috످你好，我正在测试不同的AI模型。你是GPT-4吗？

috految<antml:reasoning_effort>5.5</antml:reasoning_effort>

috److你好！我不是 GPT-4，我是 Claude，由 Anthropic 开发的 AI 助手。如果你想对比不同模型的表现，可以把同一组测试题发给我试试。

috످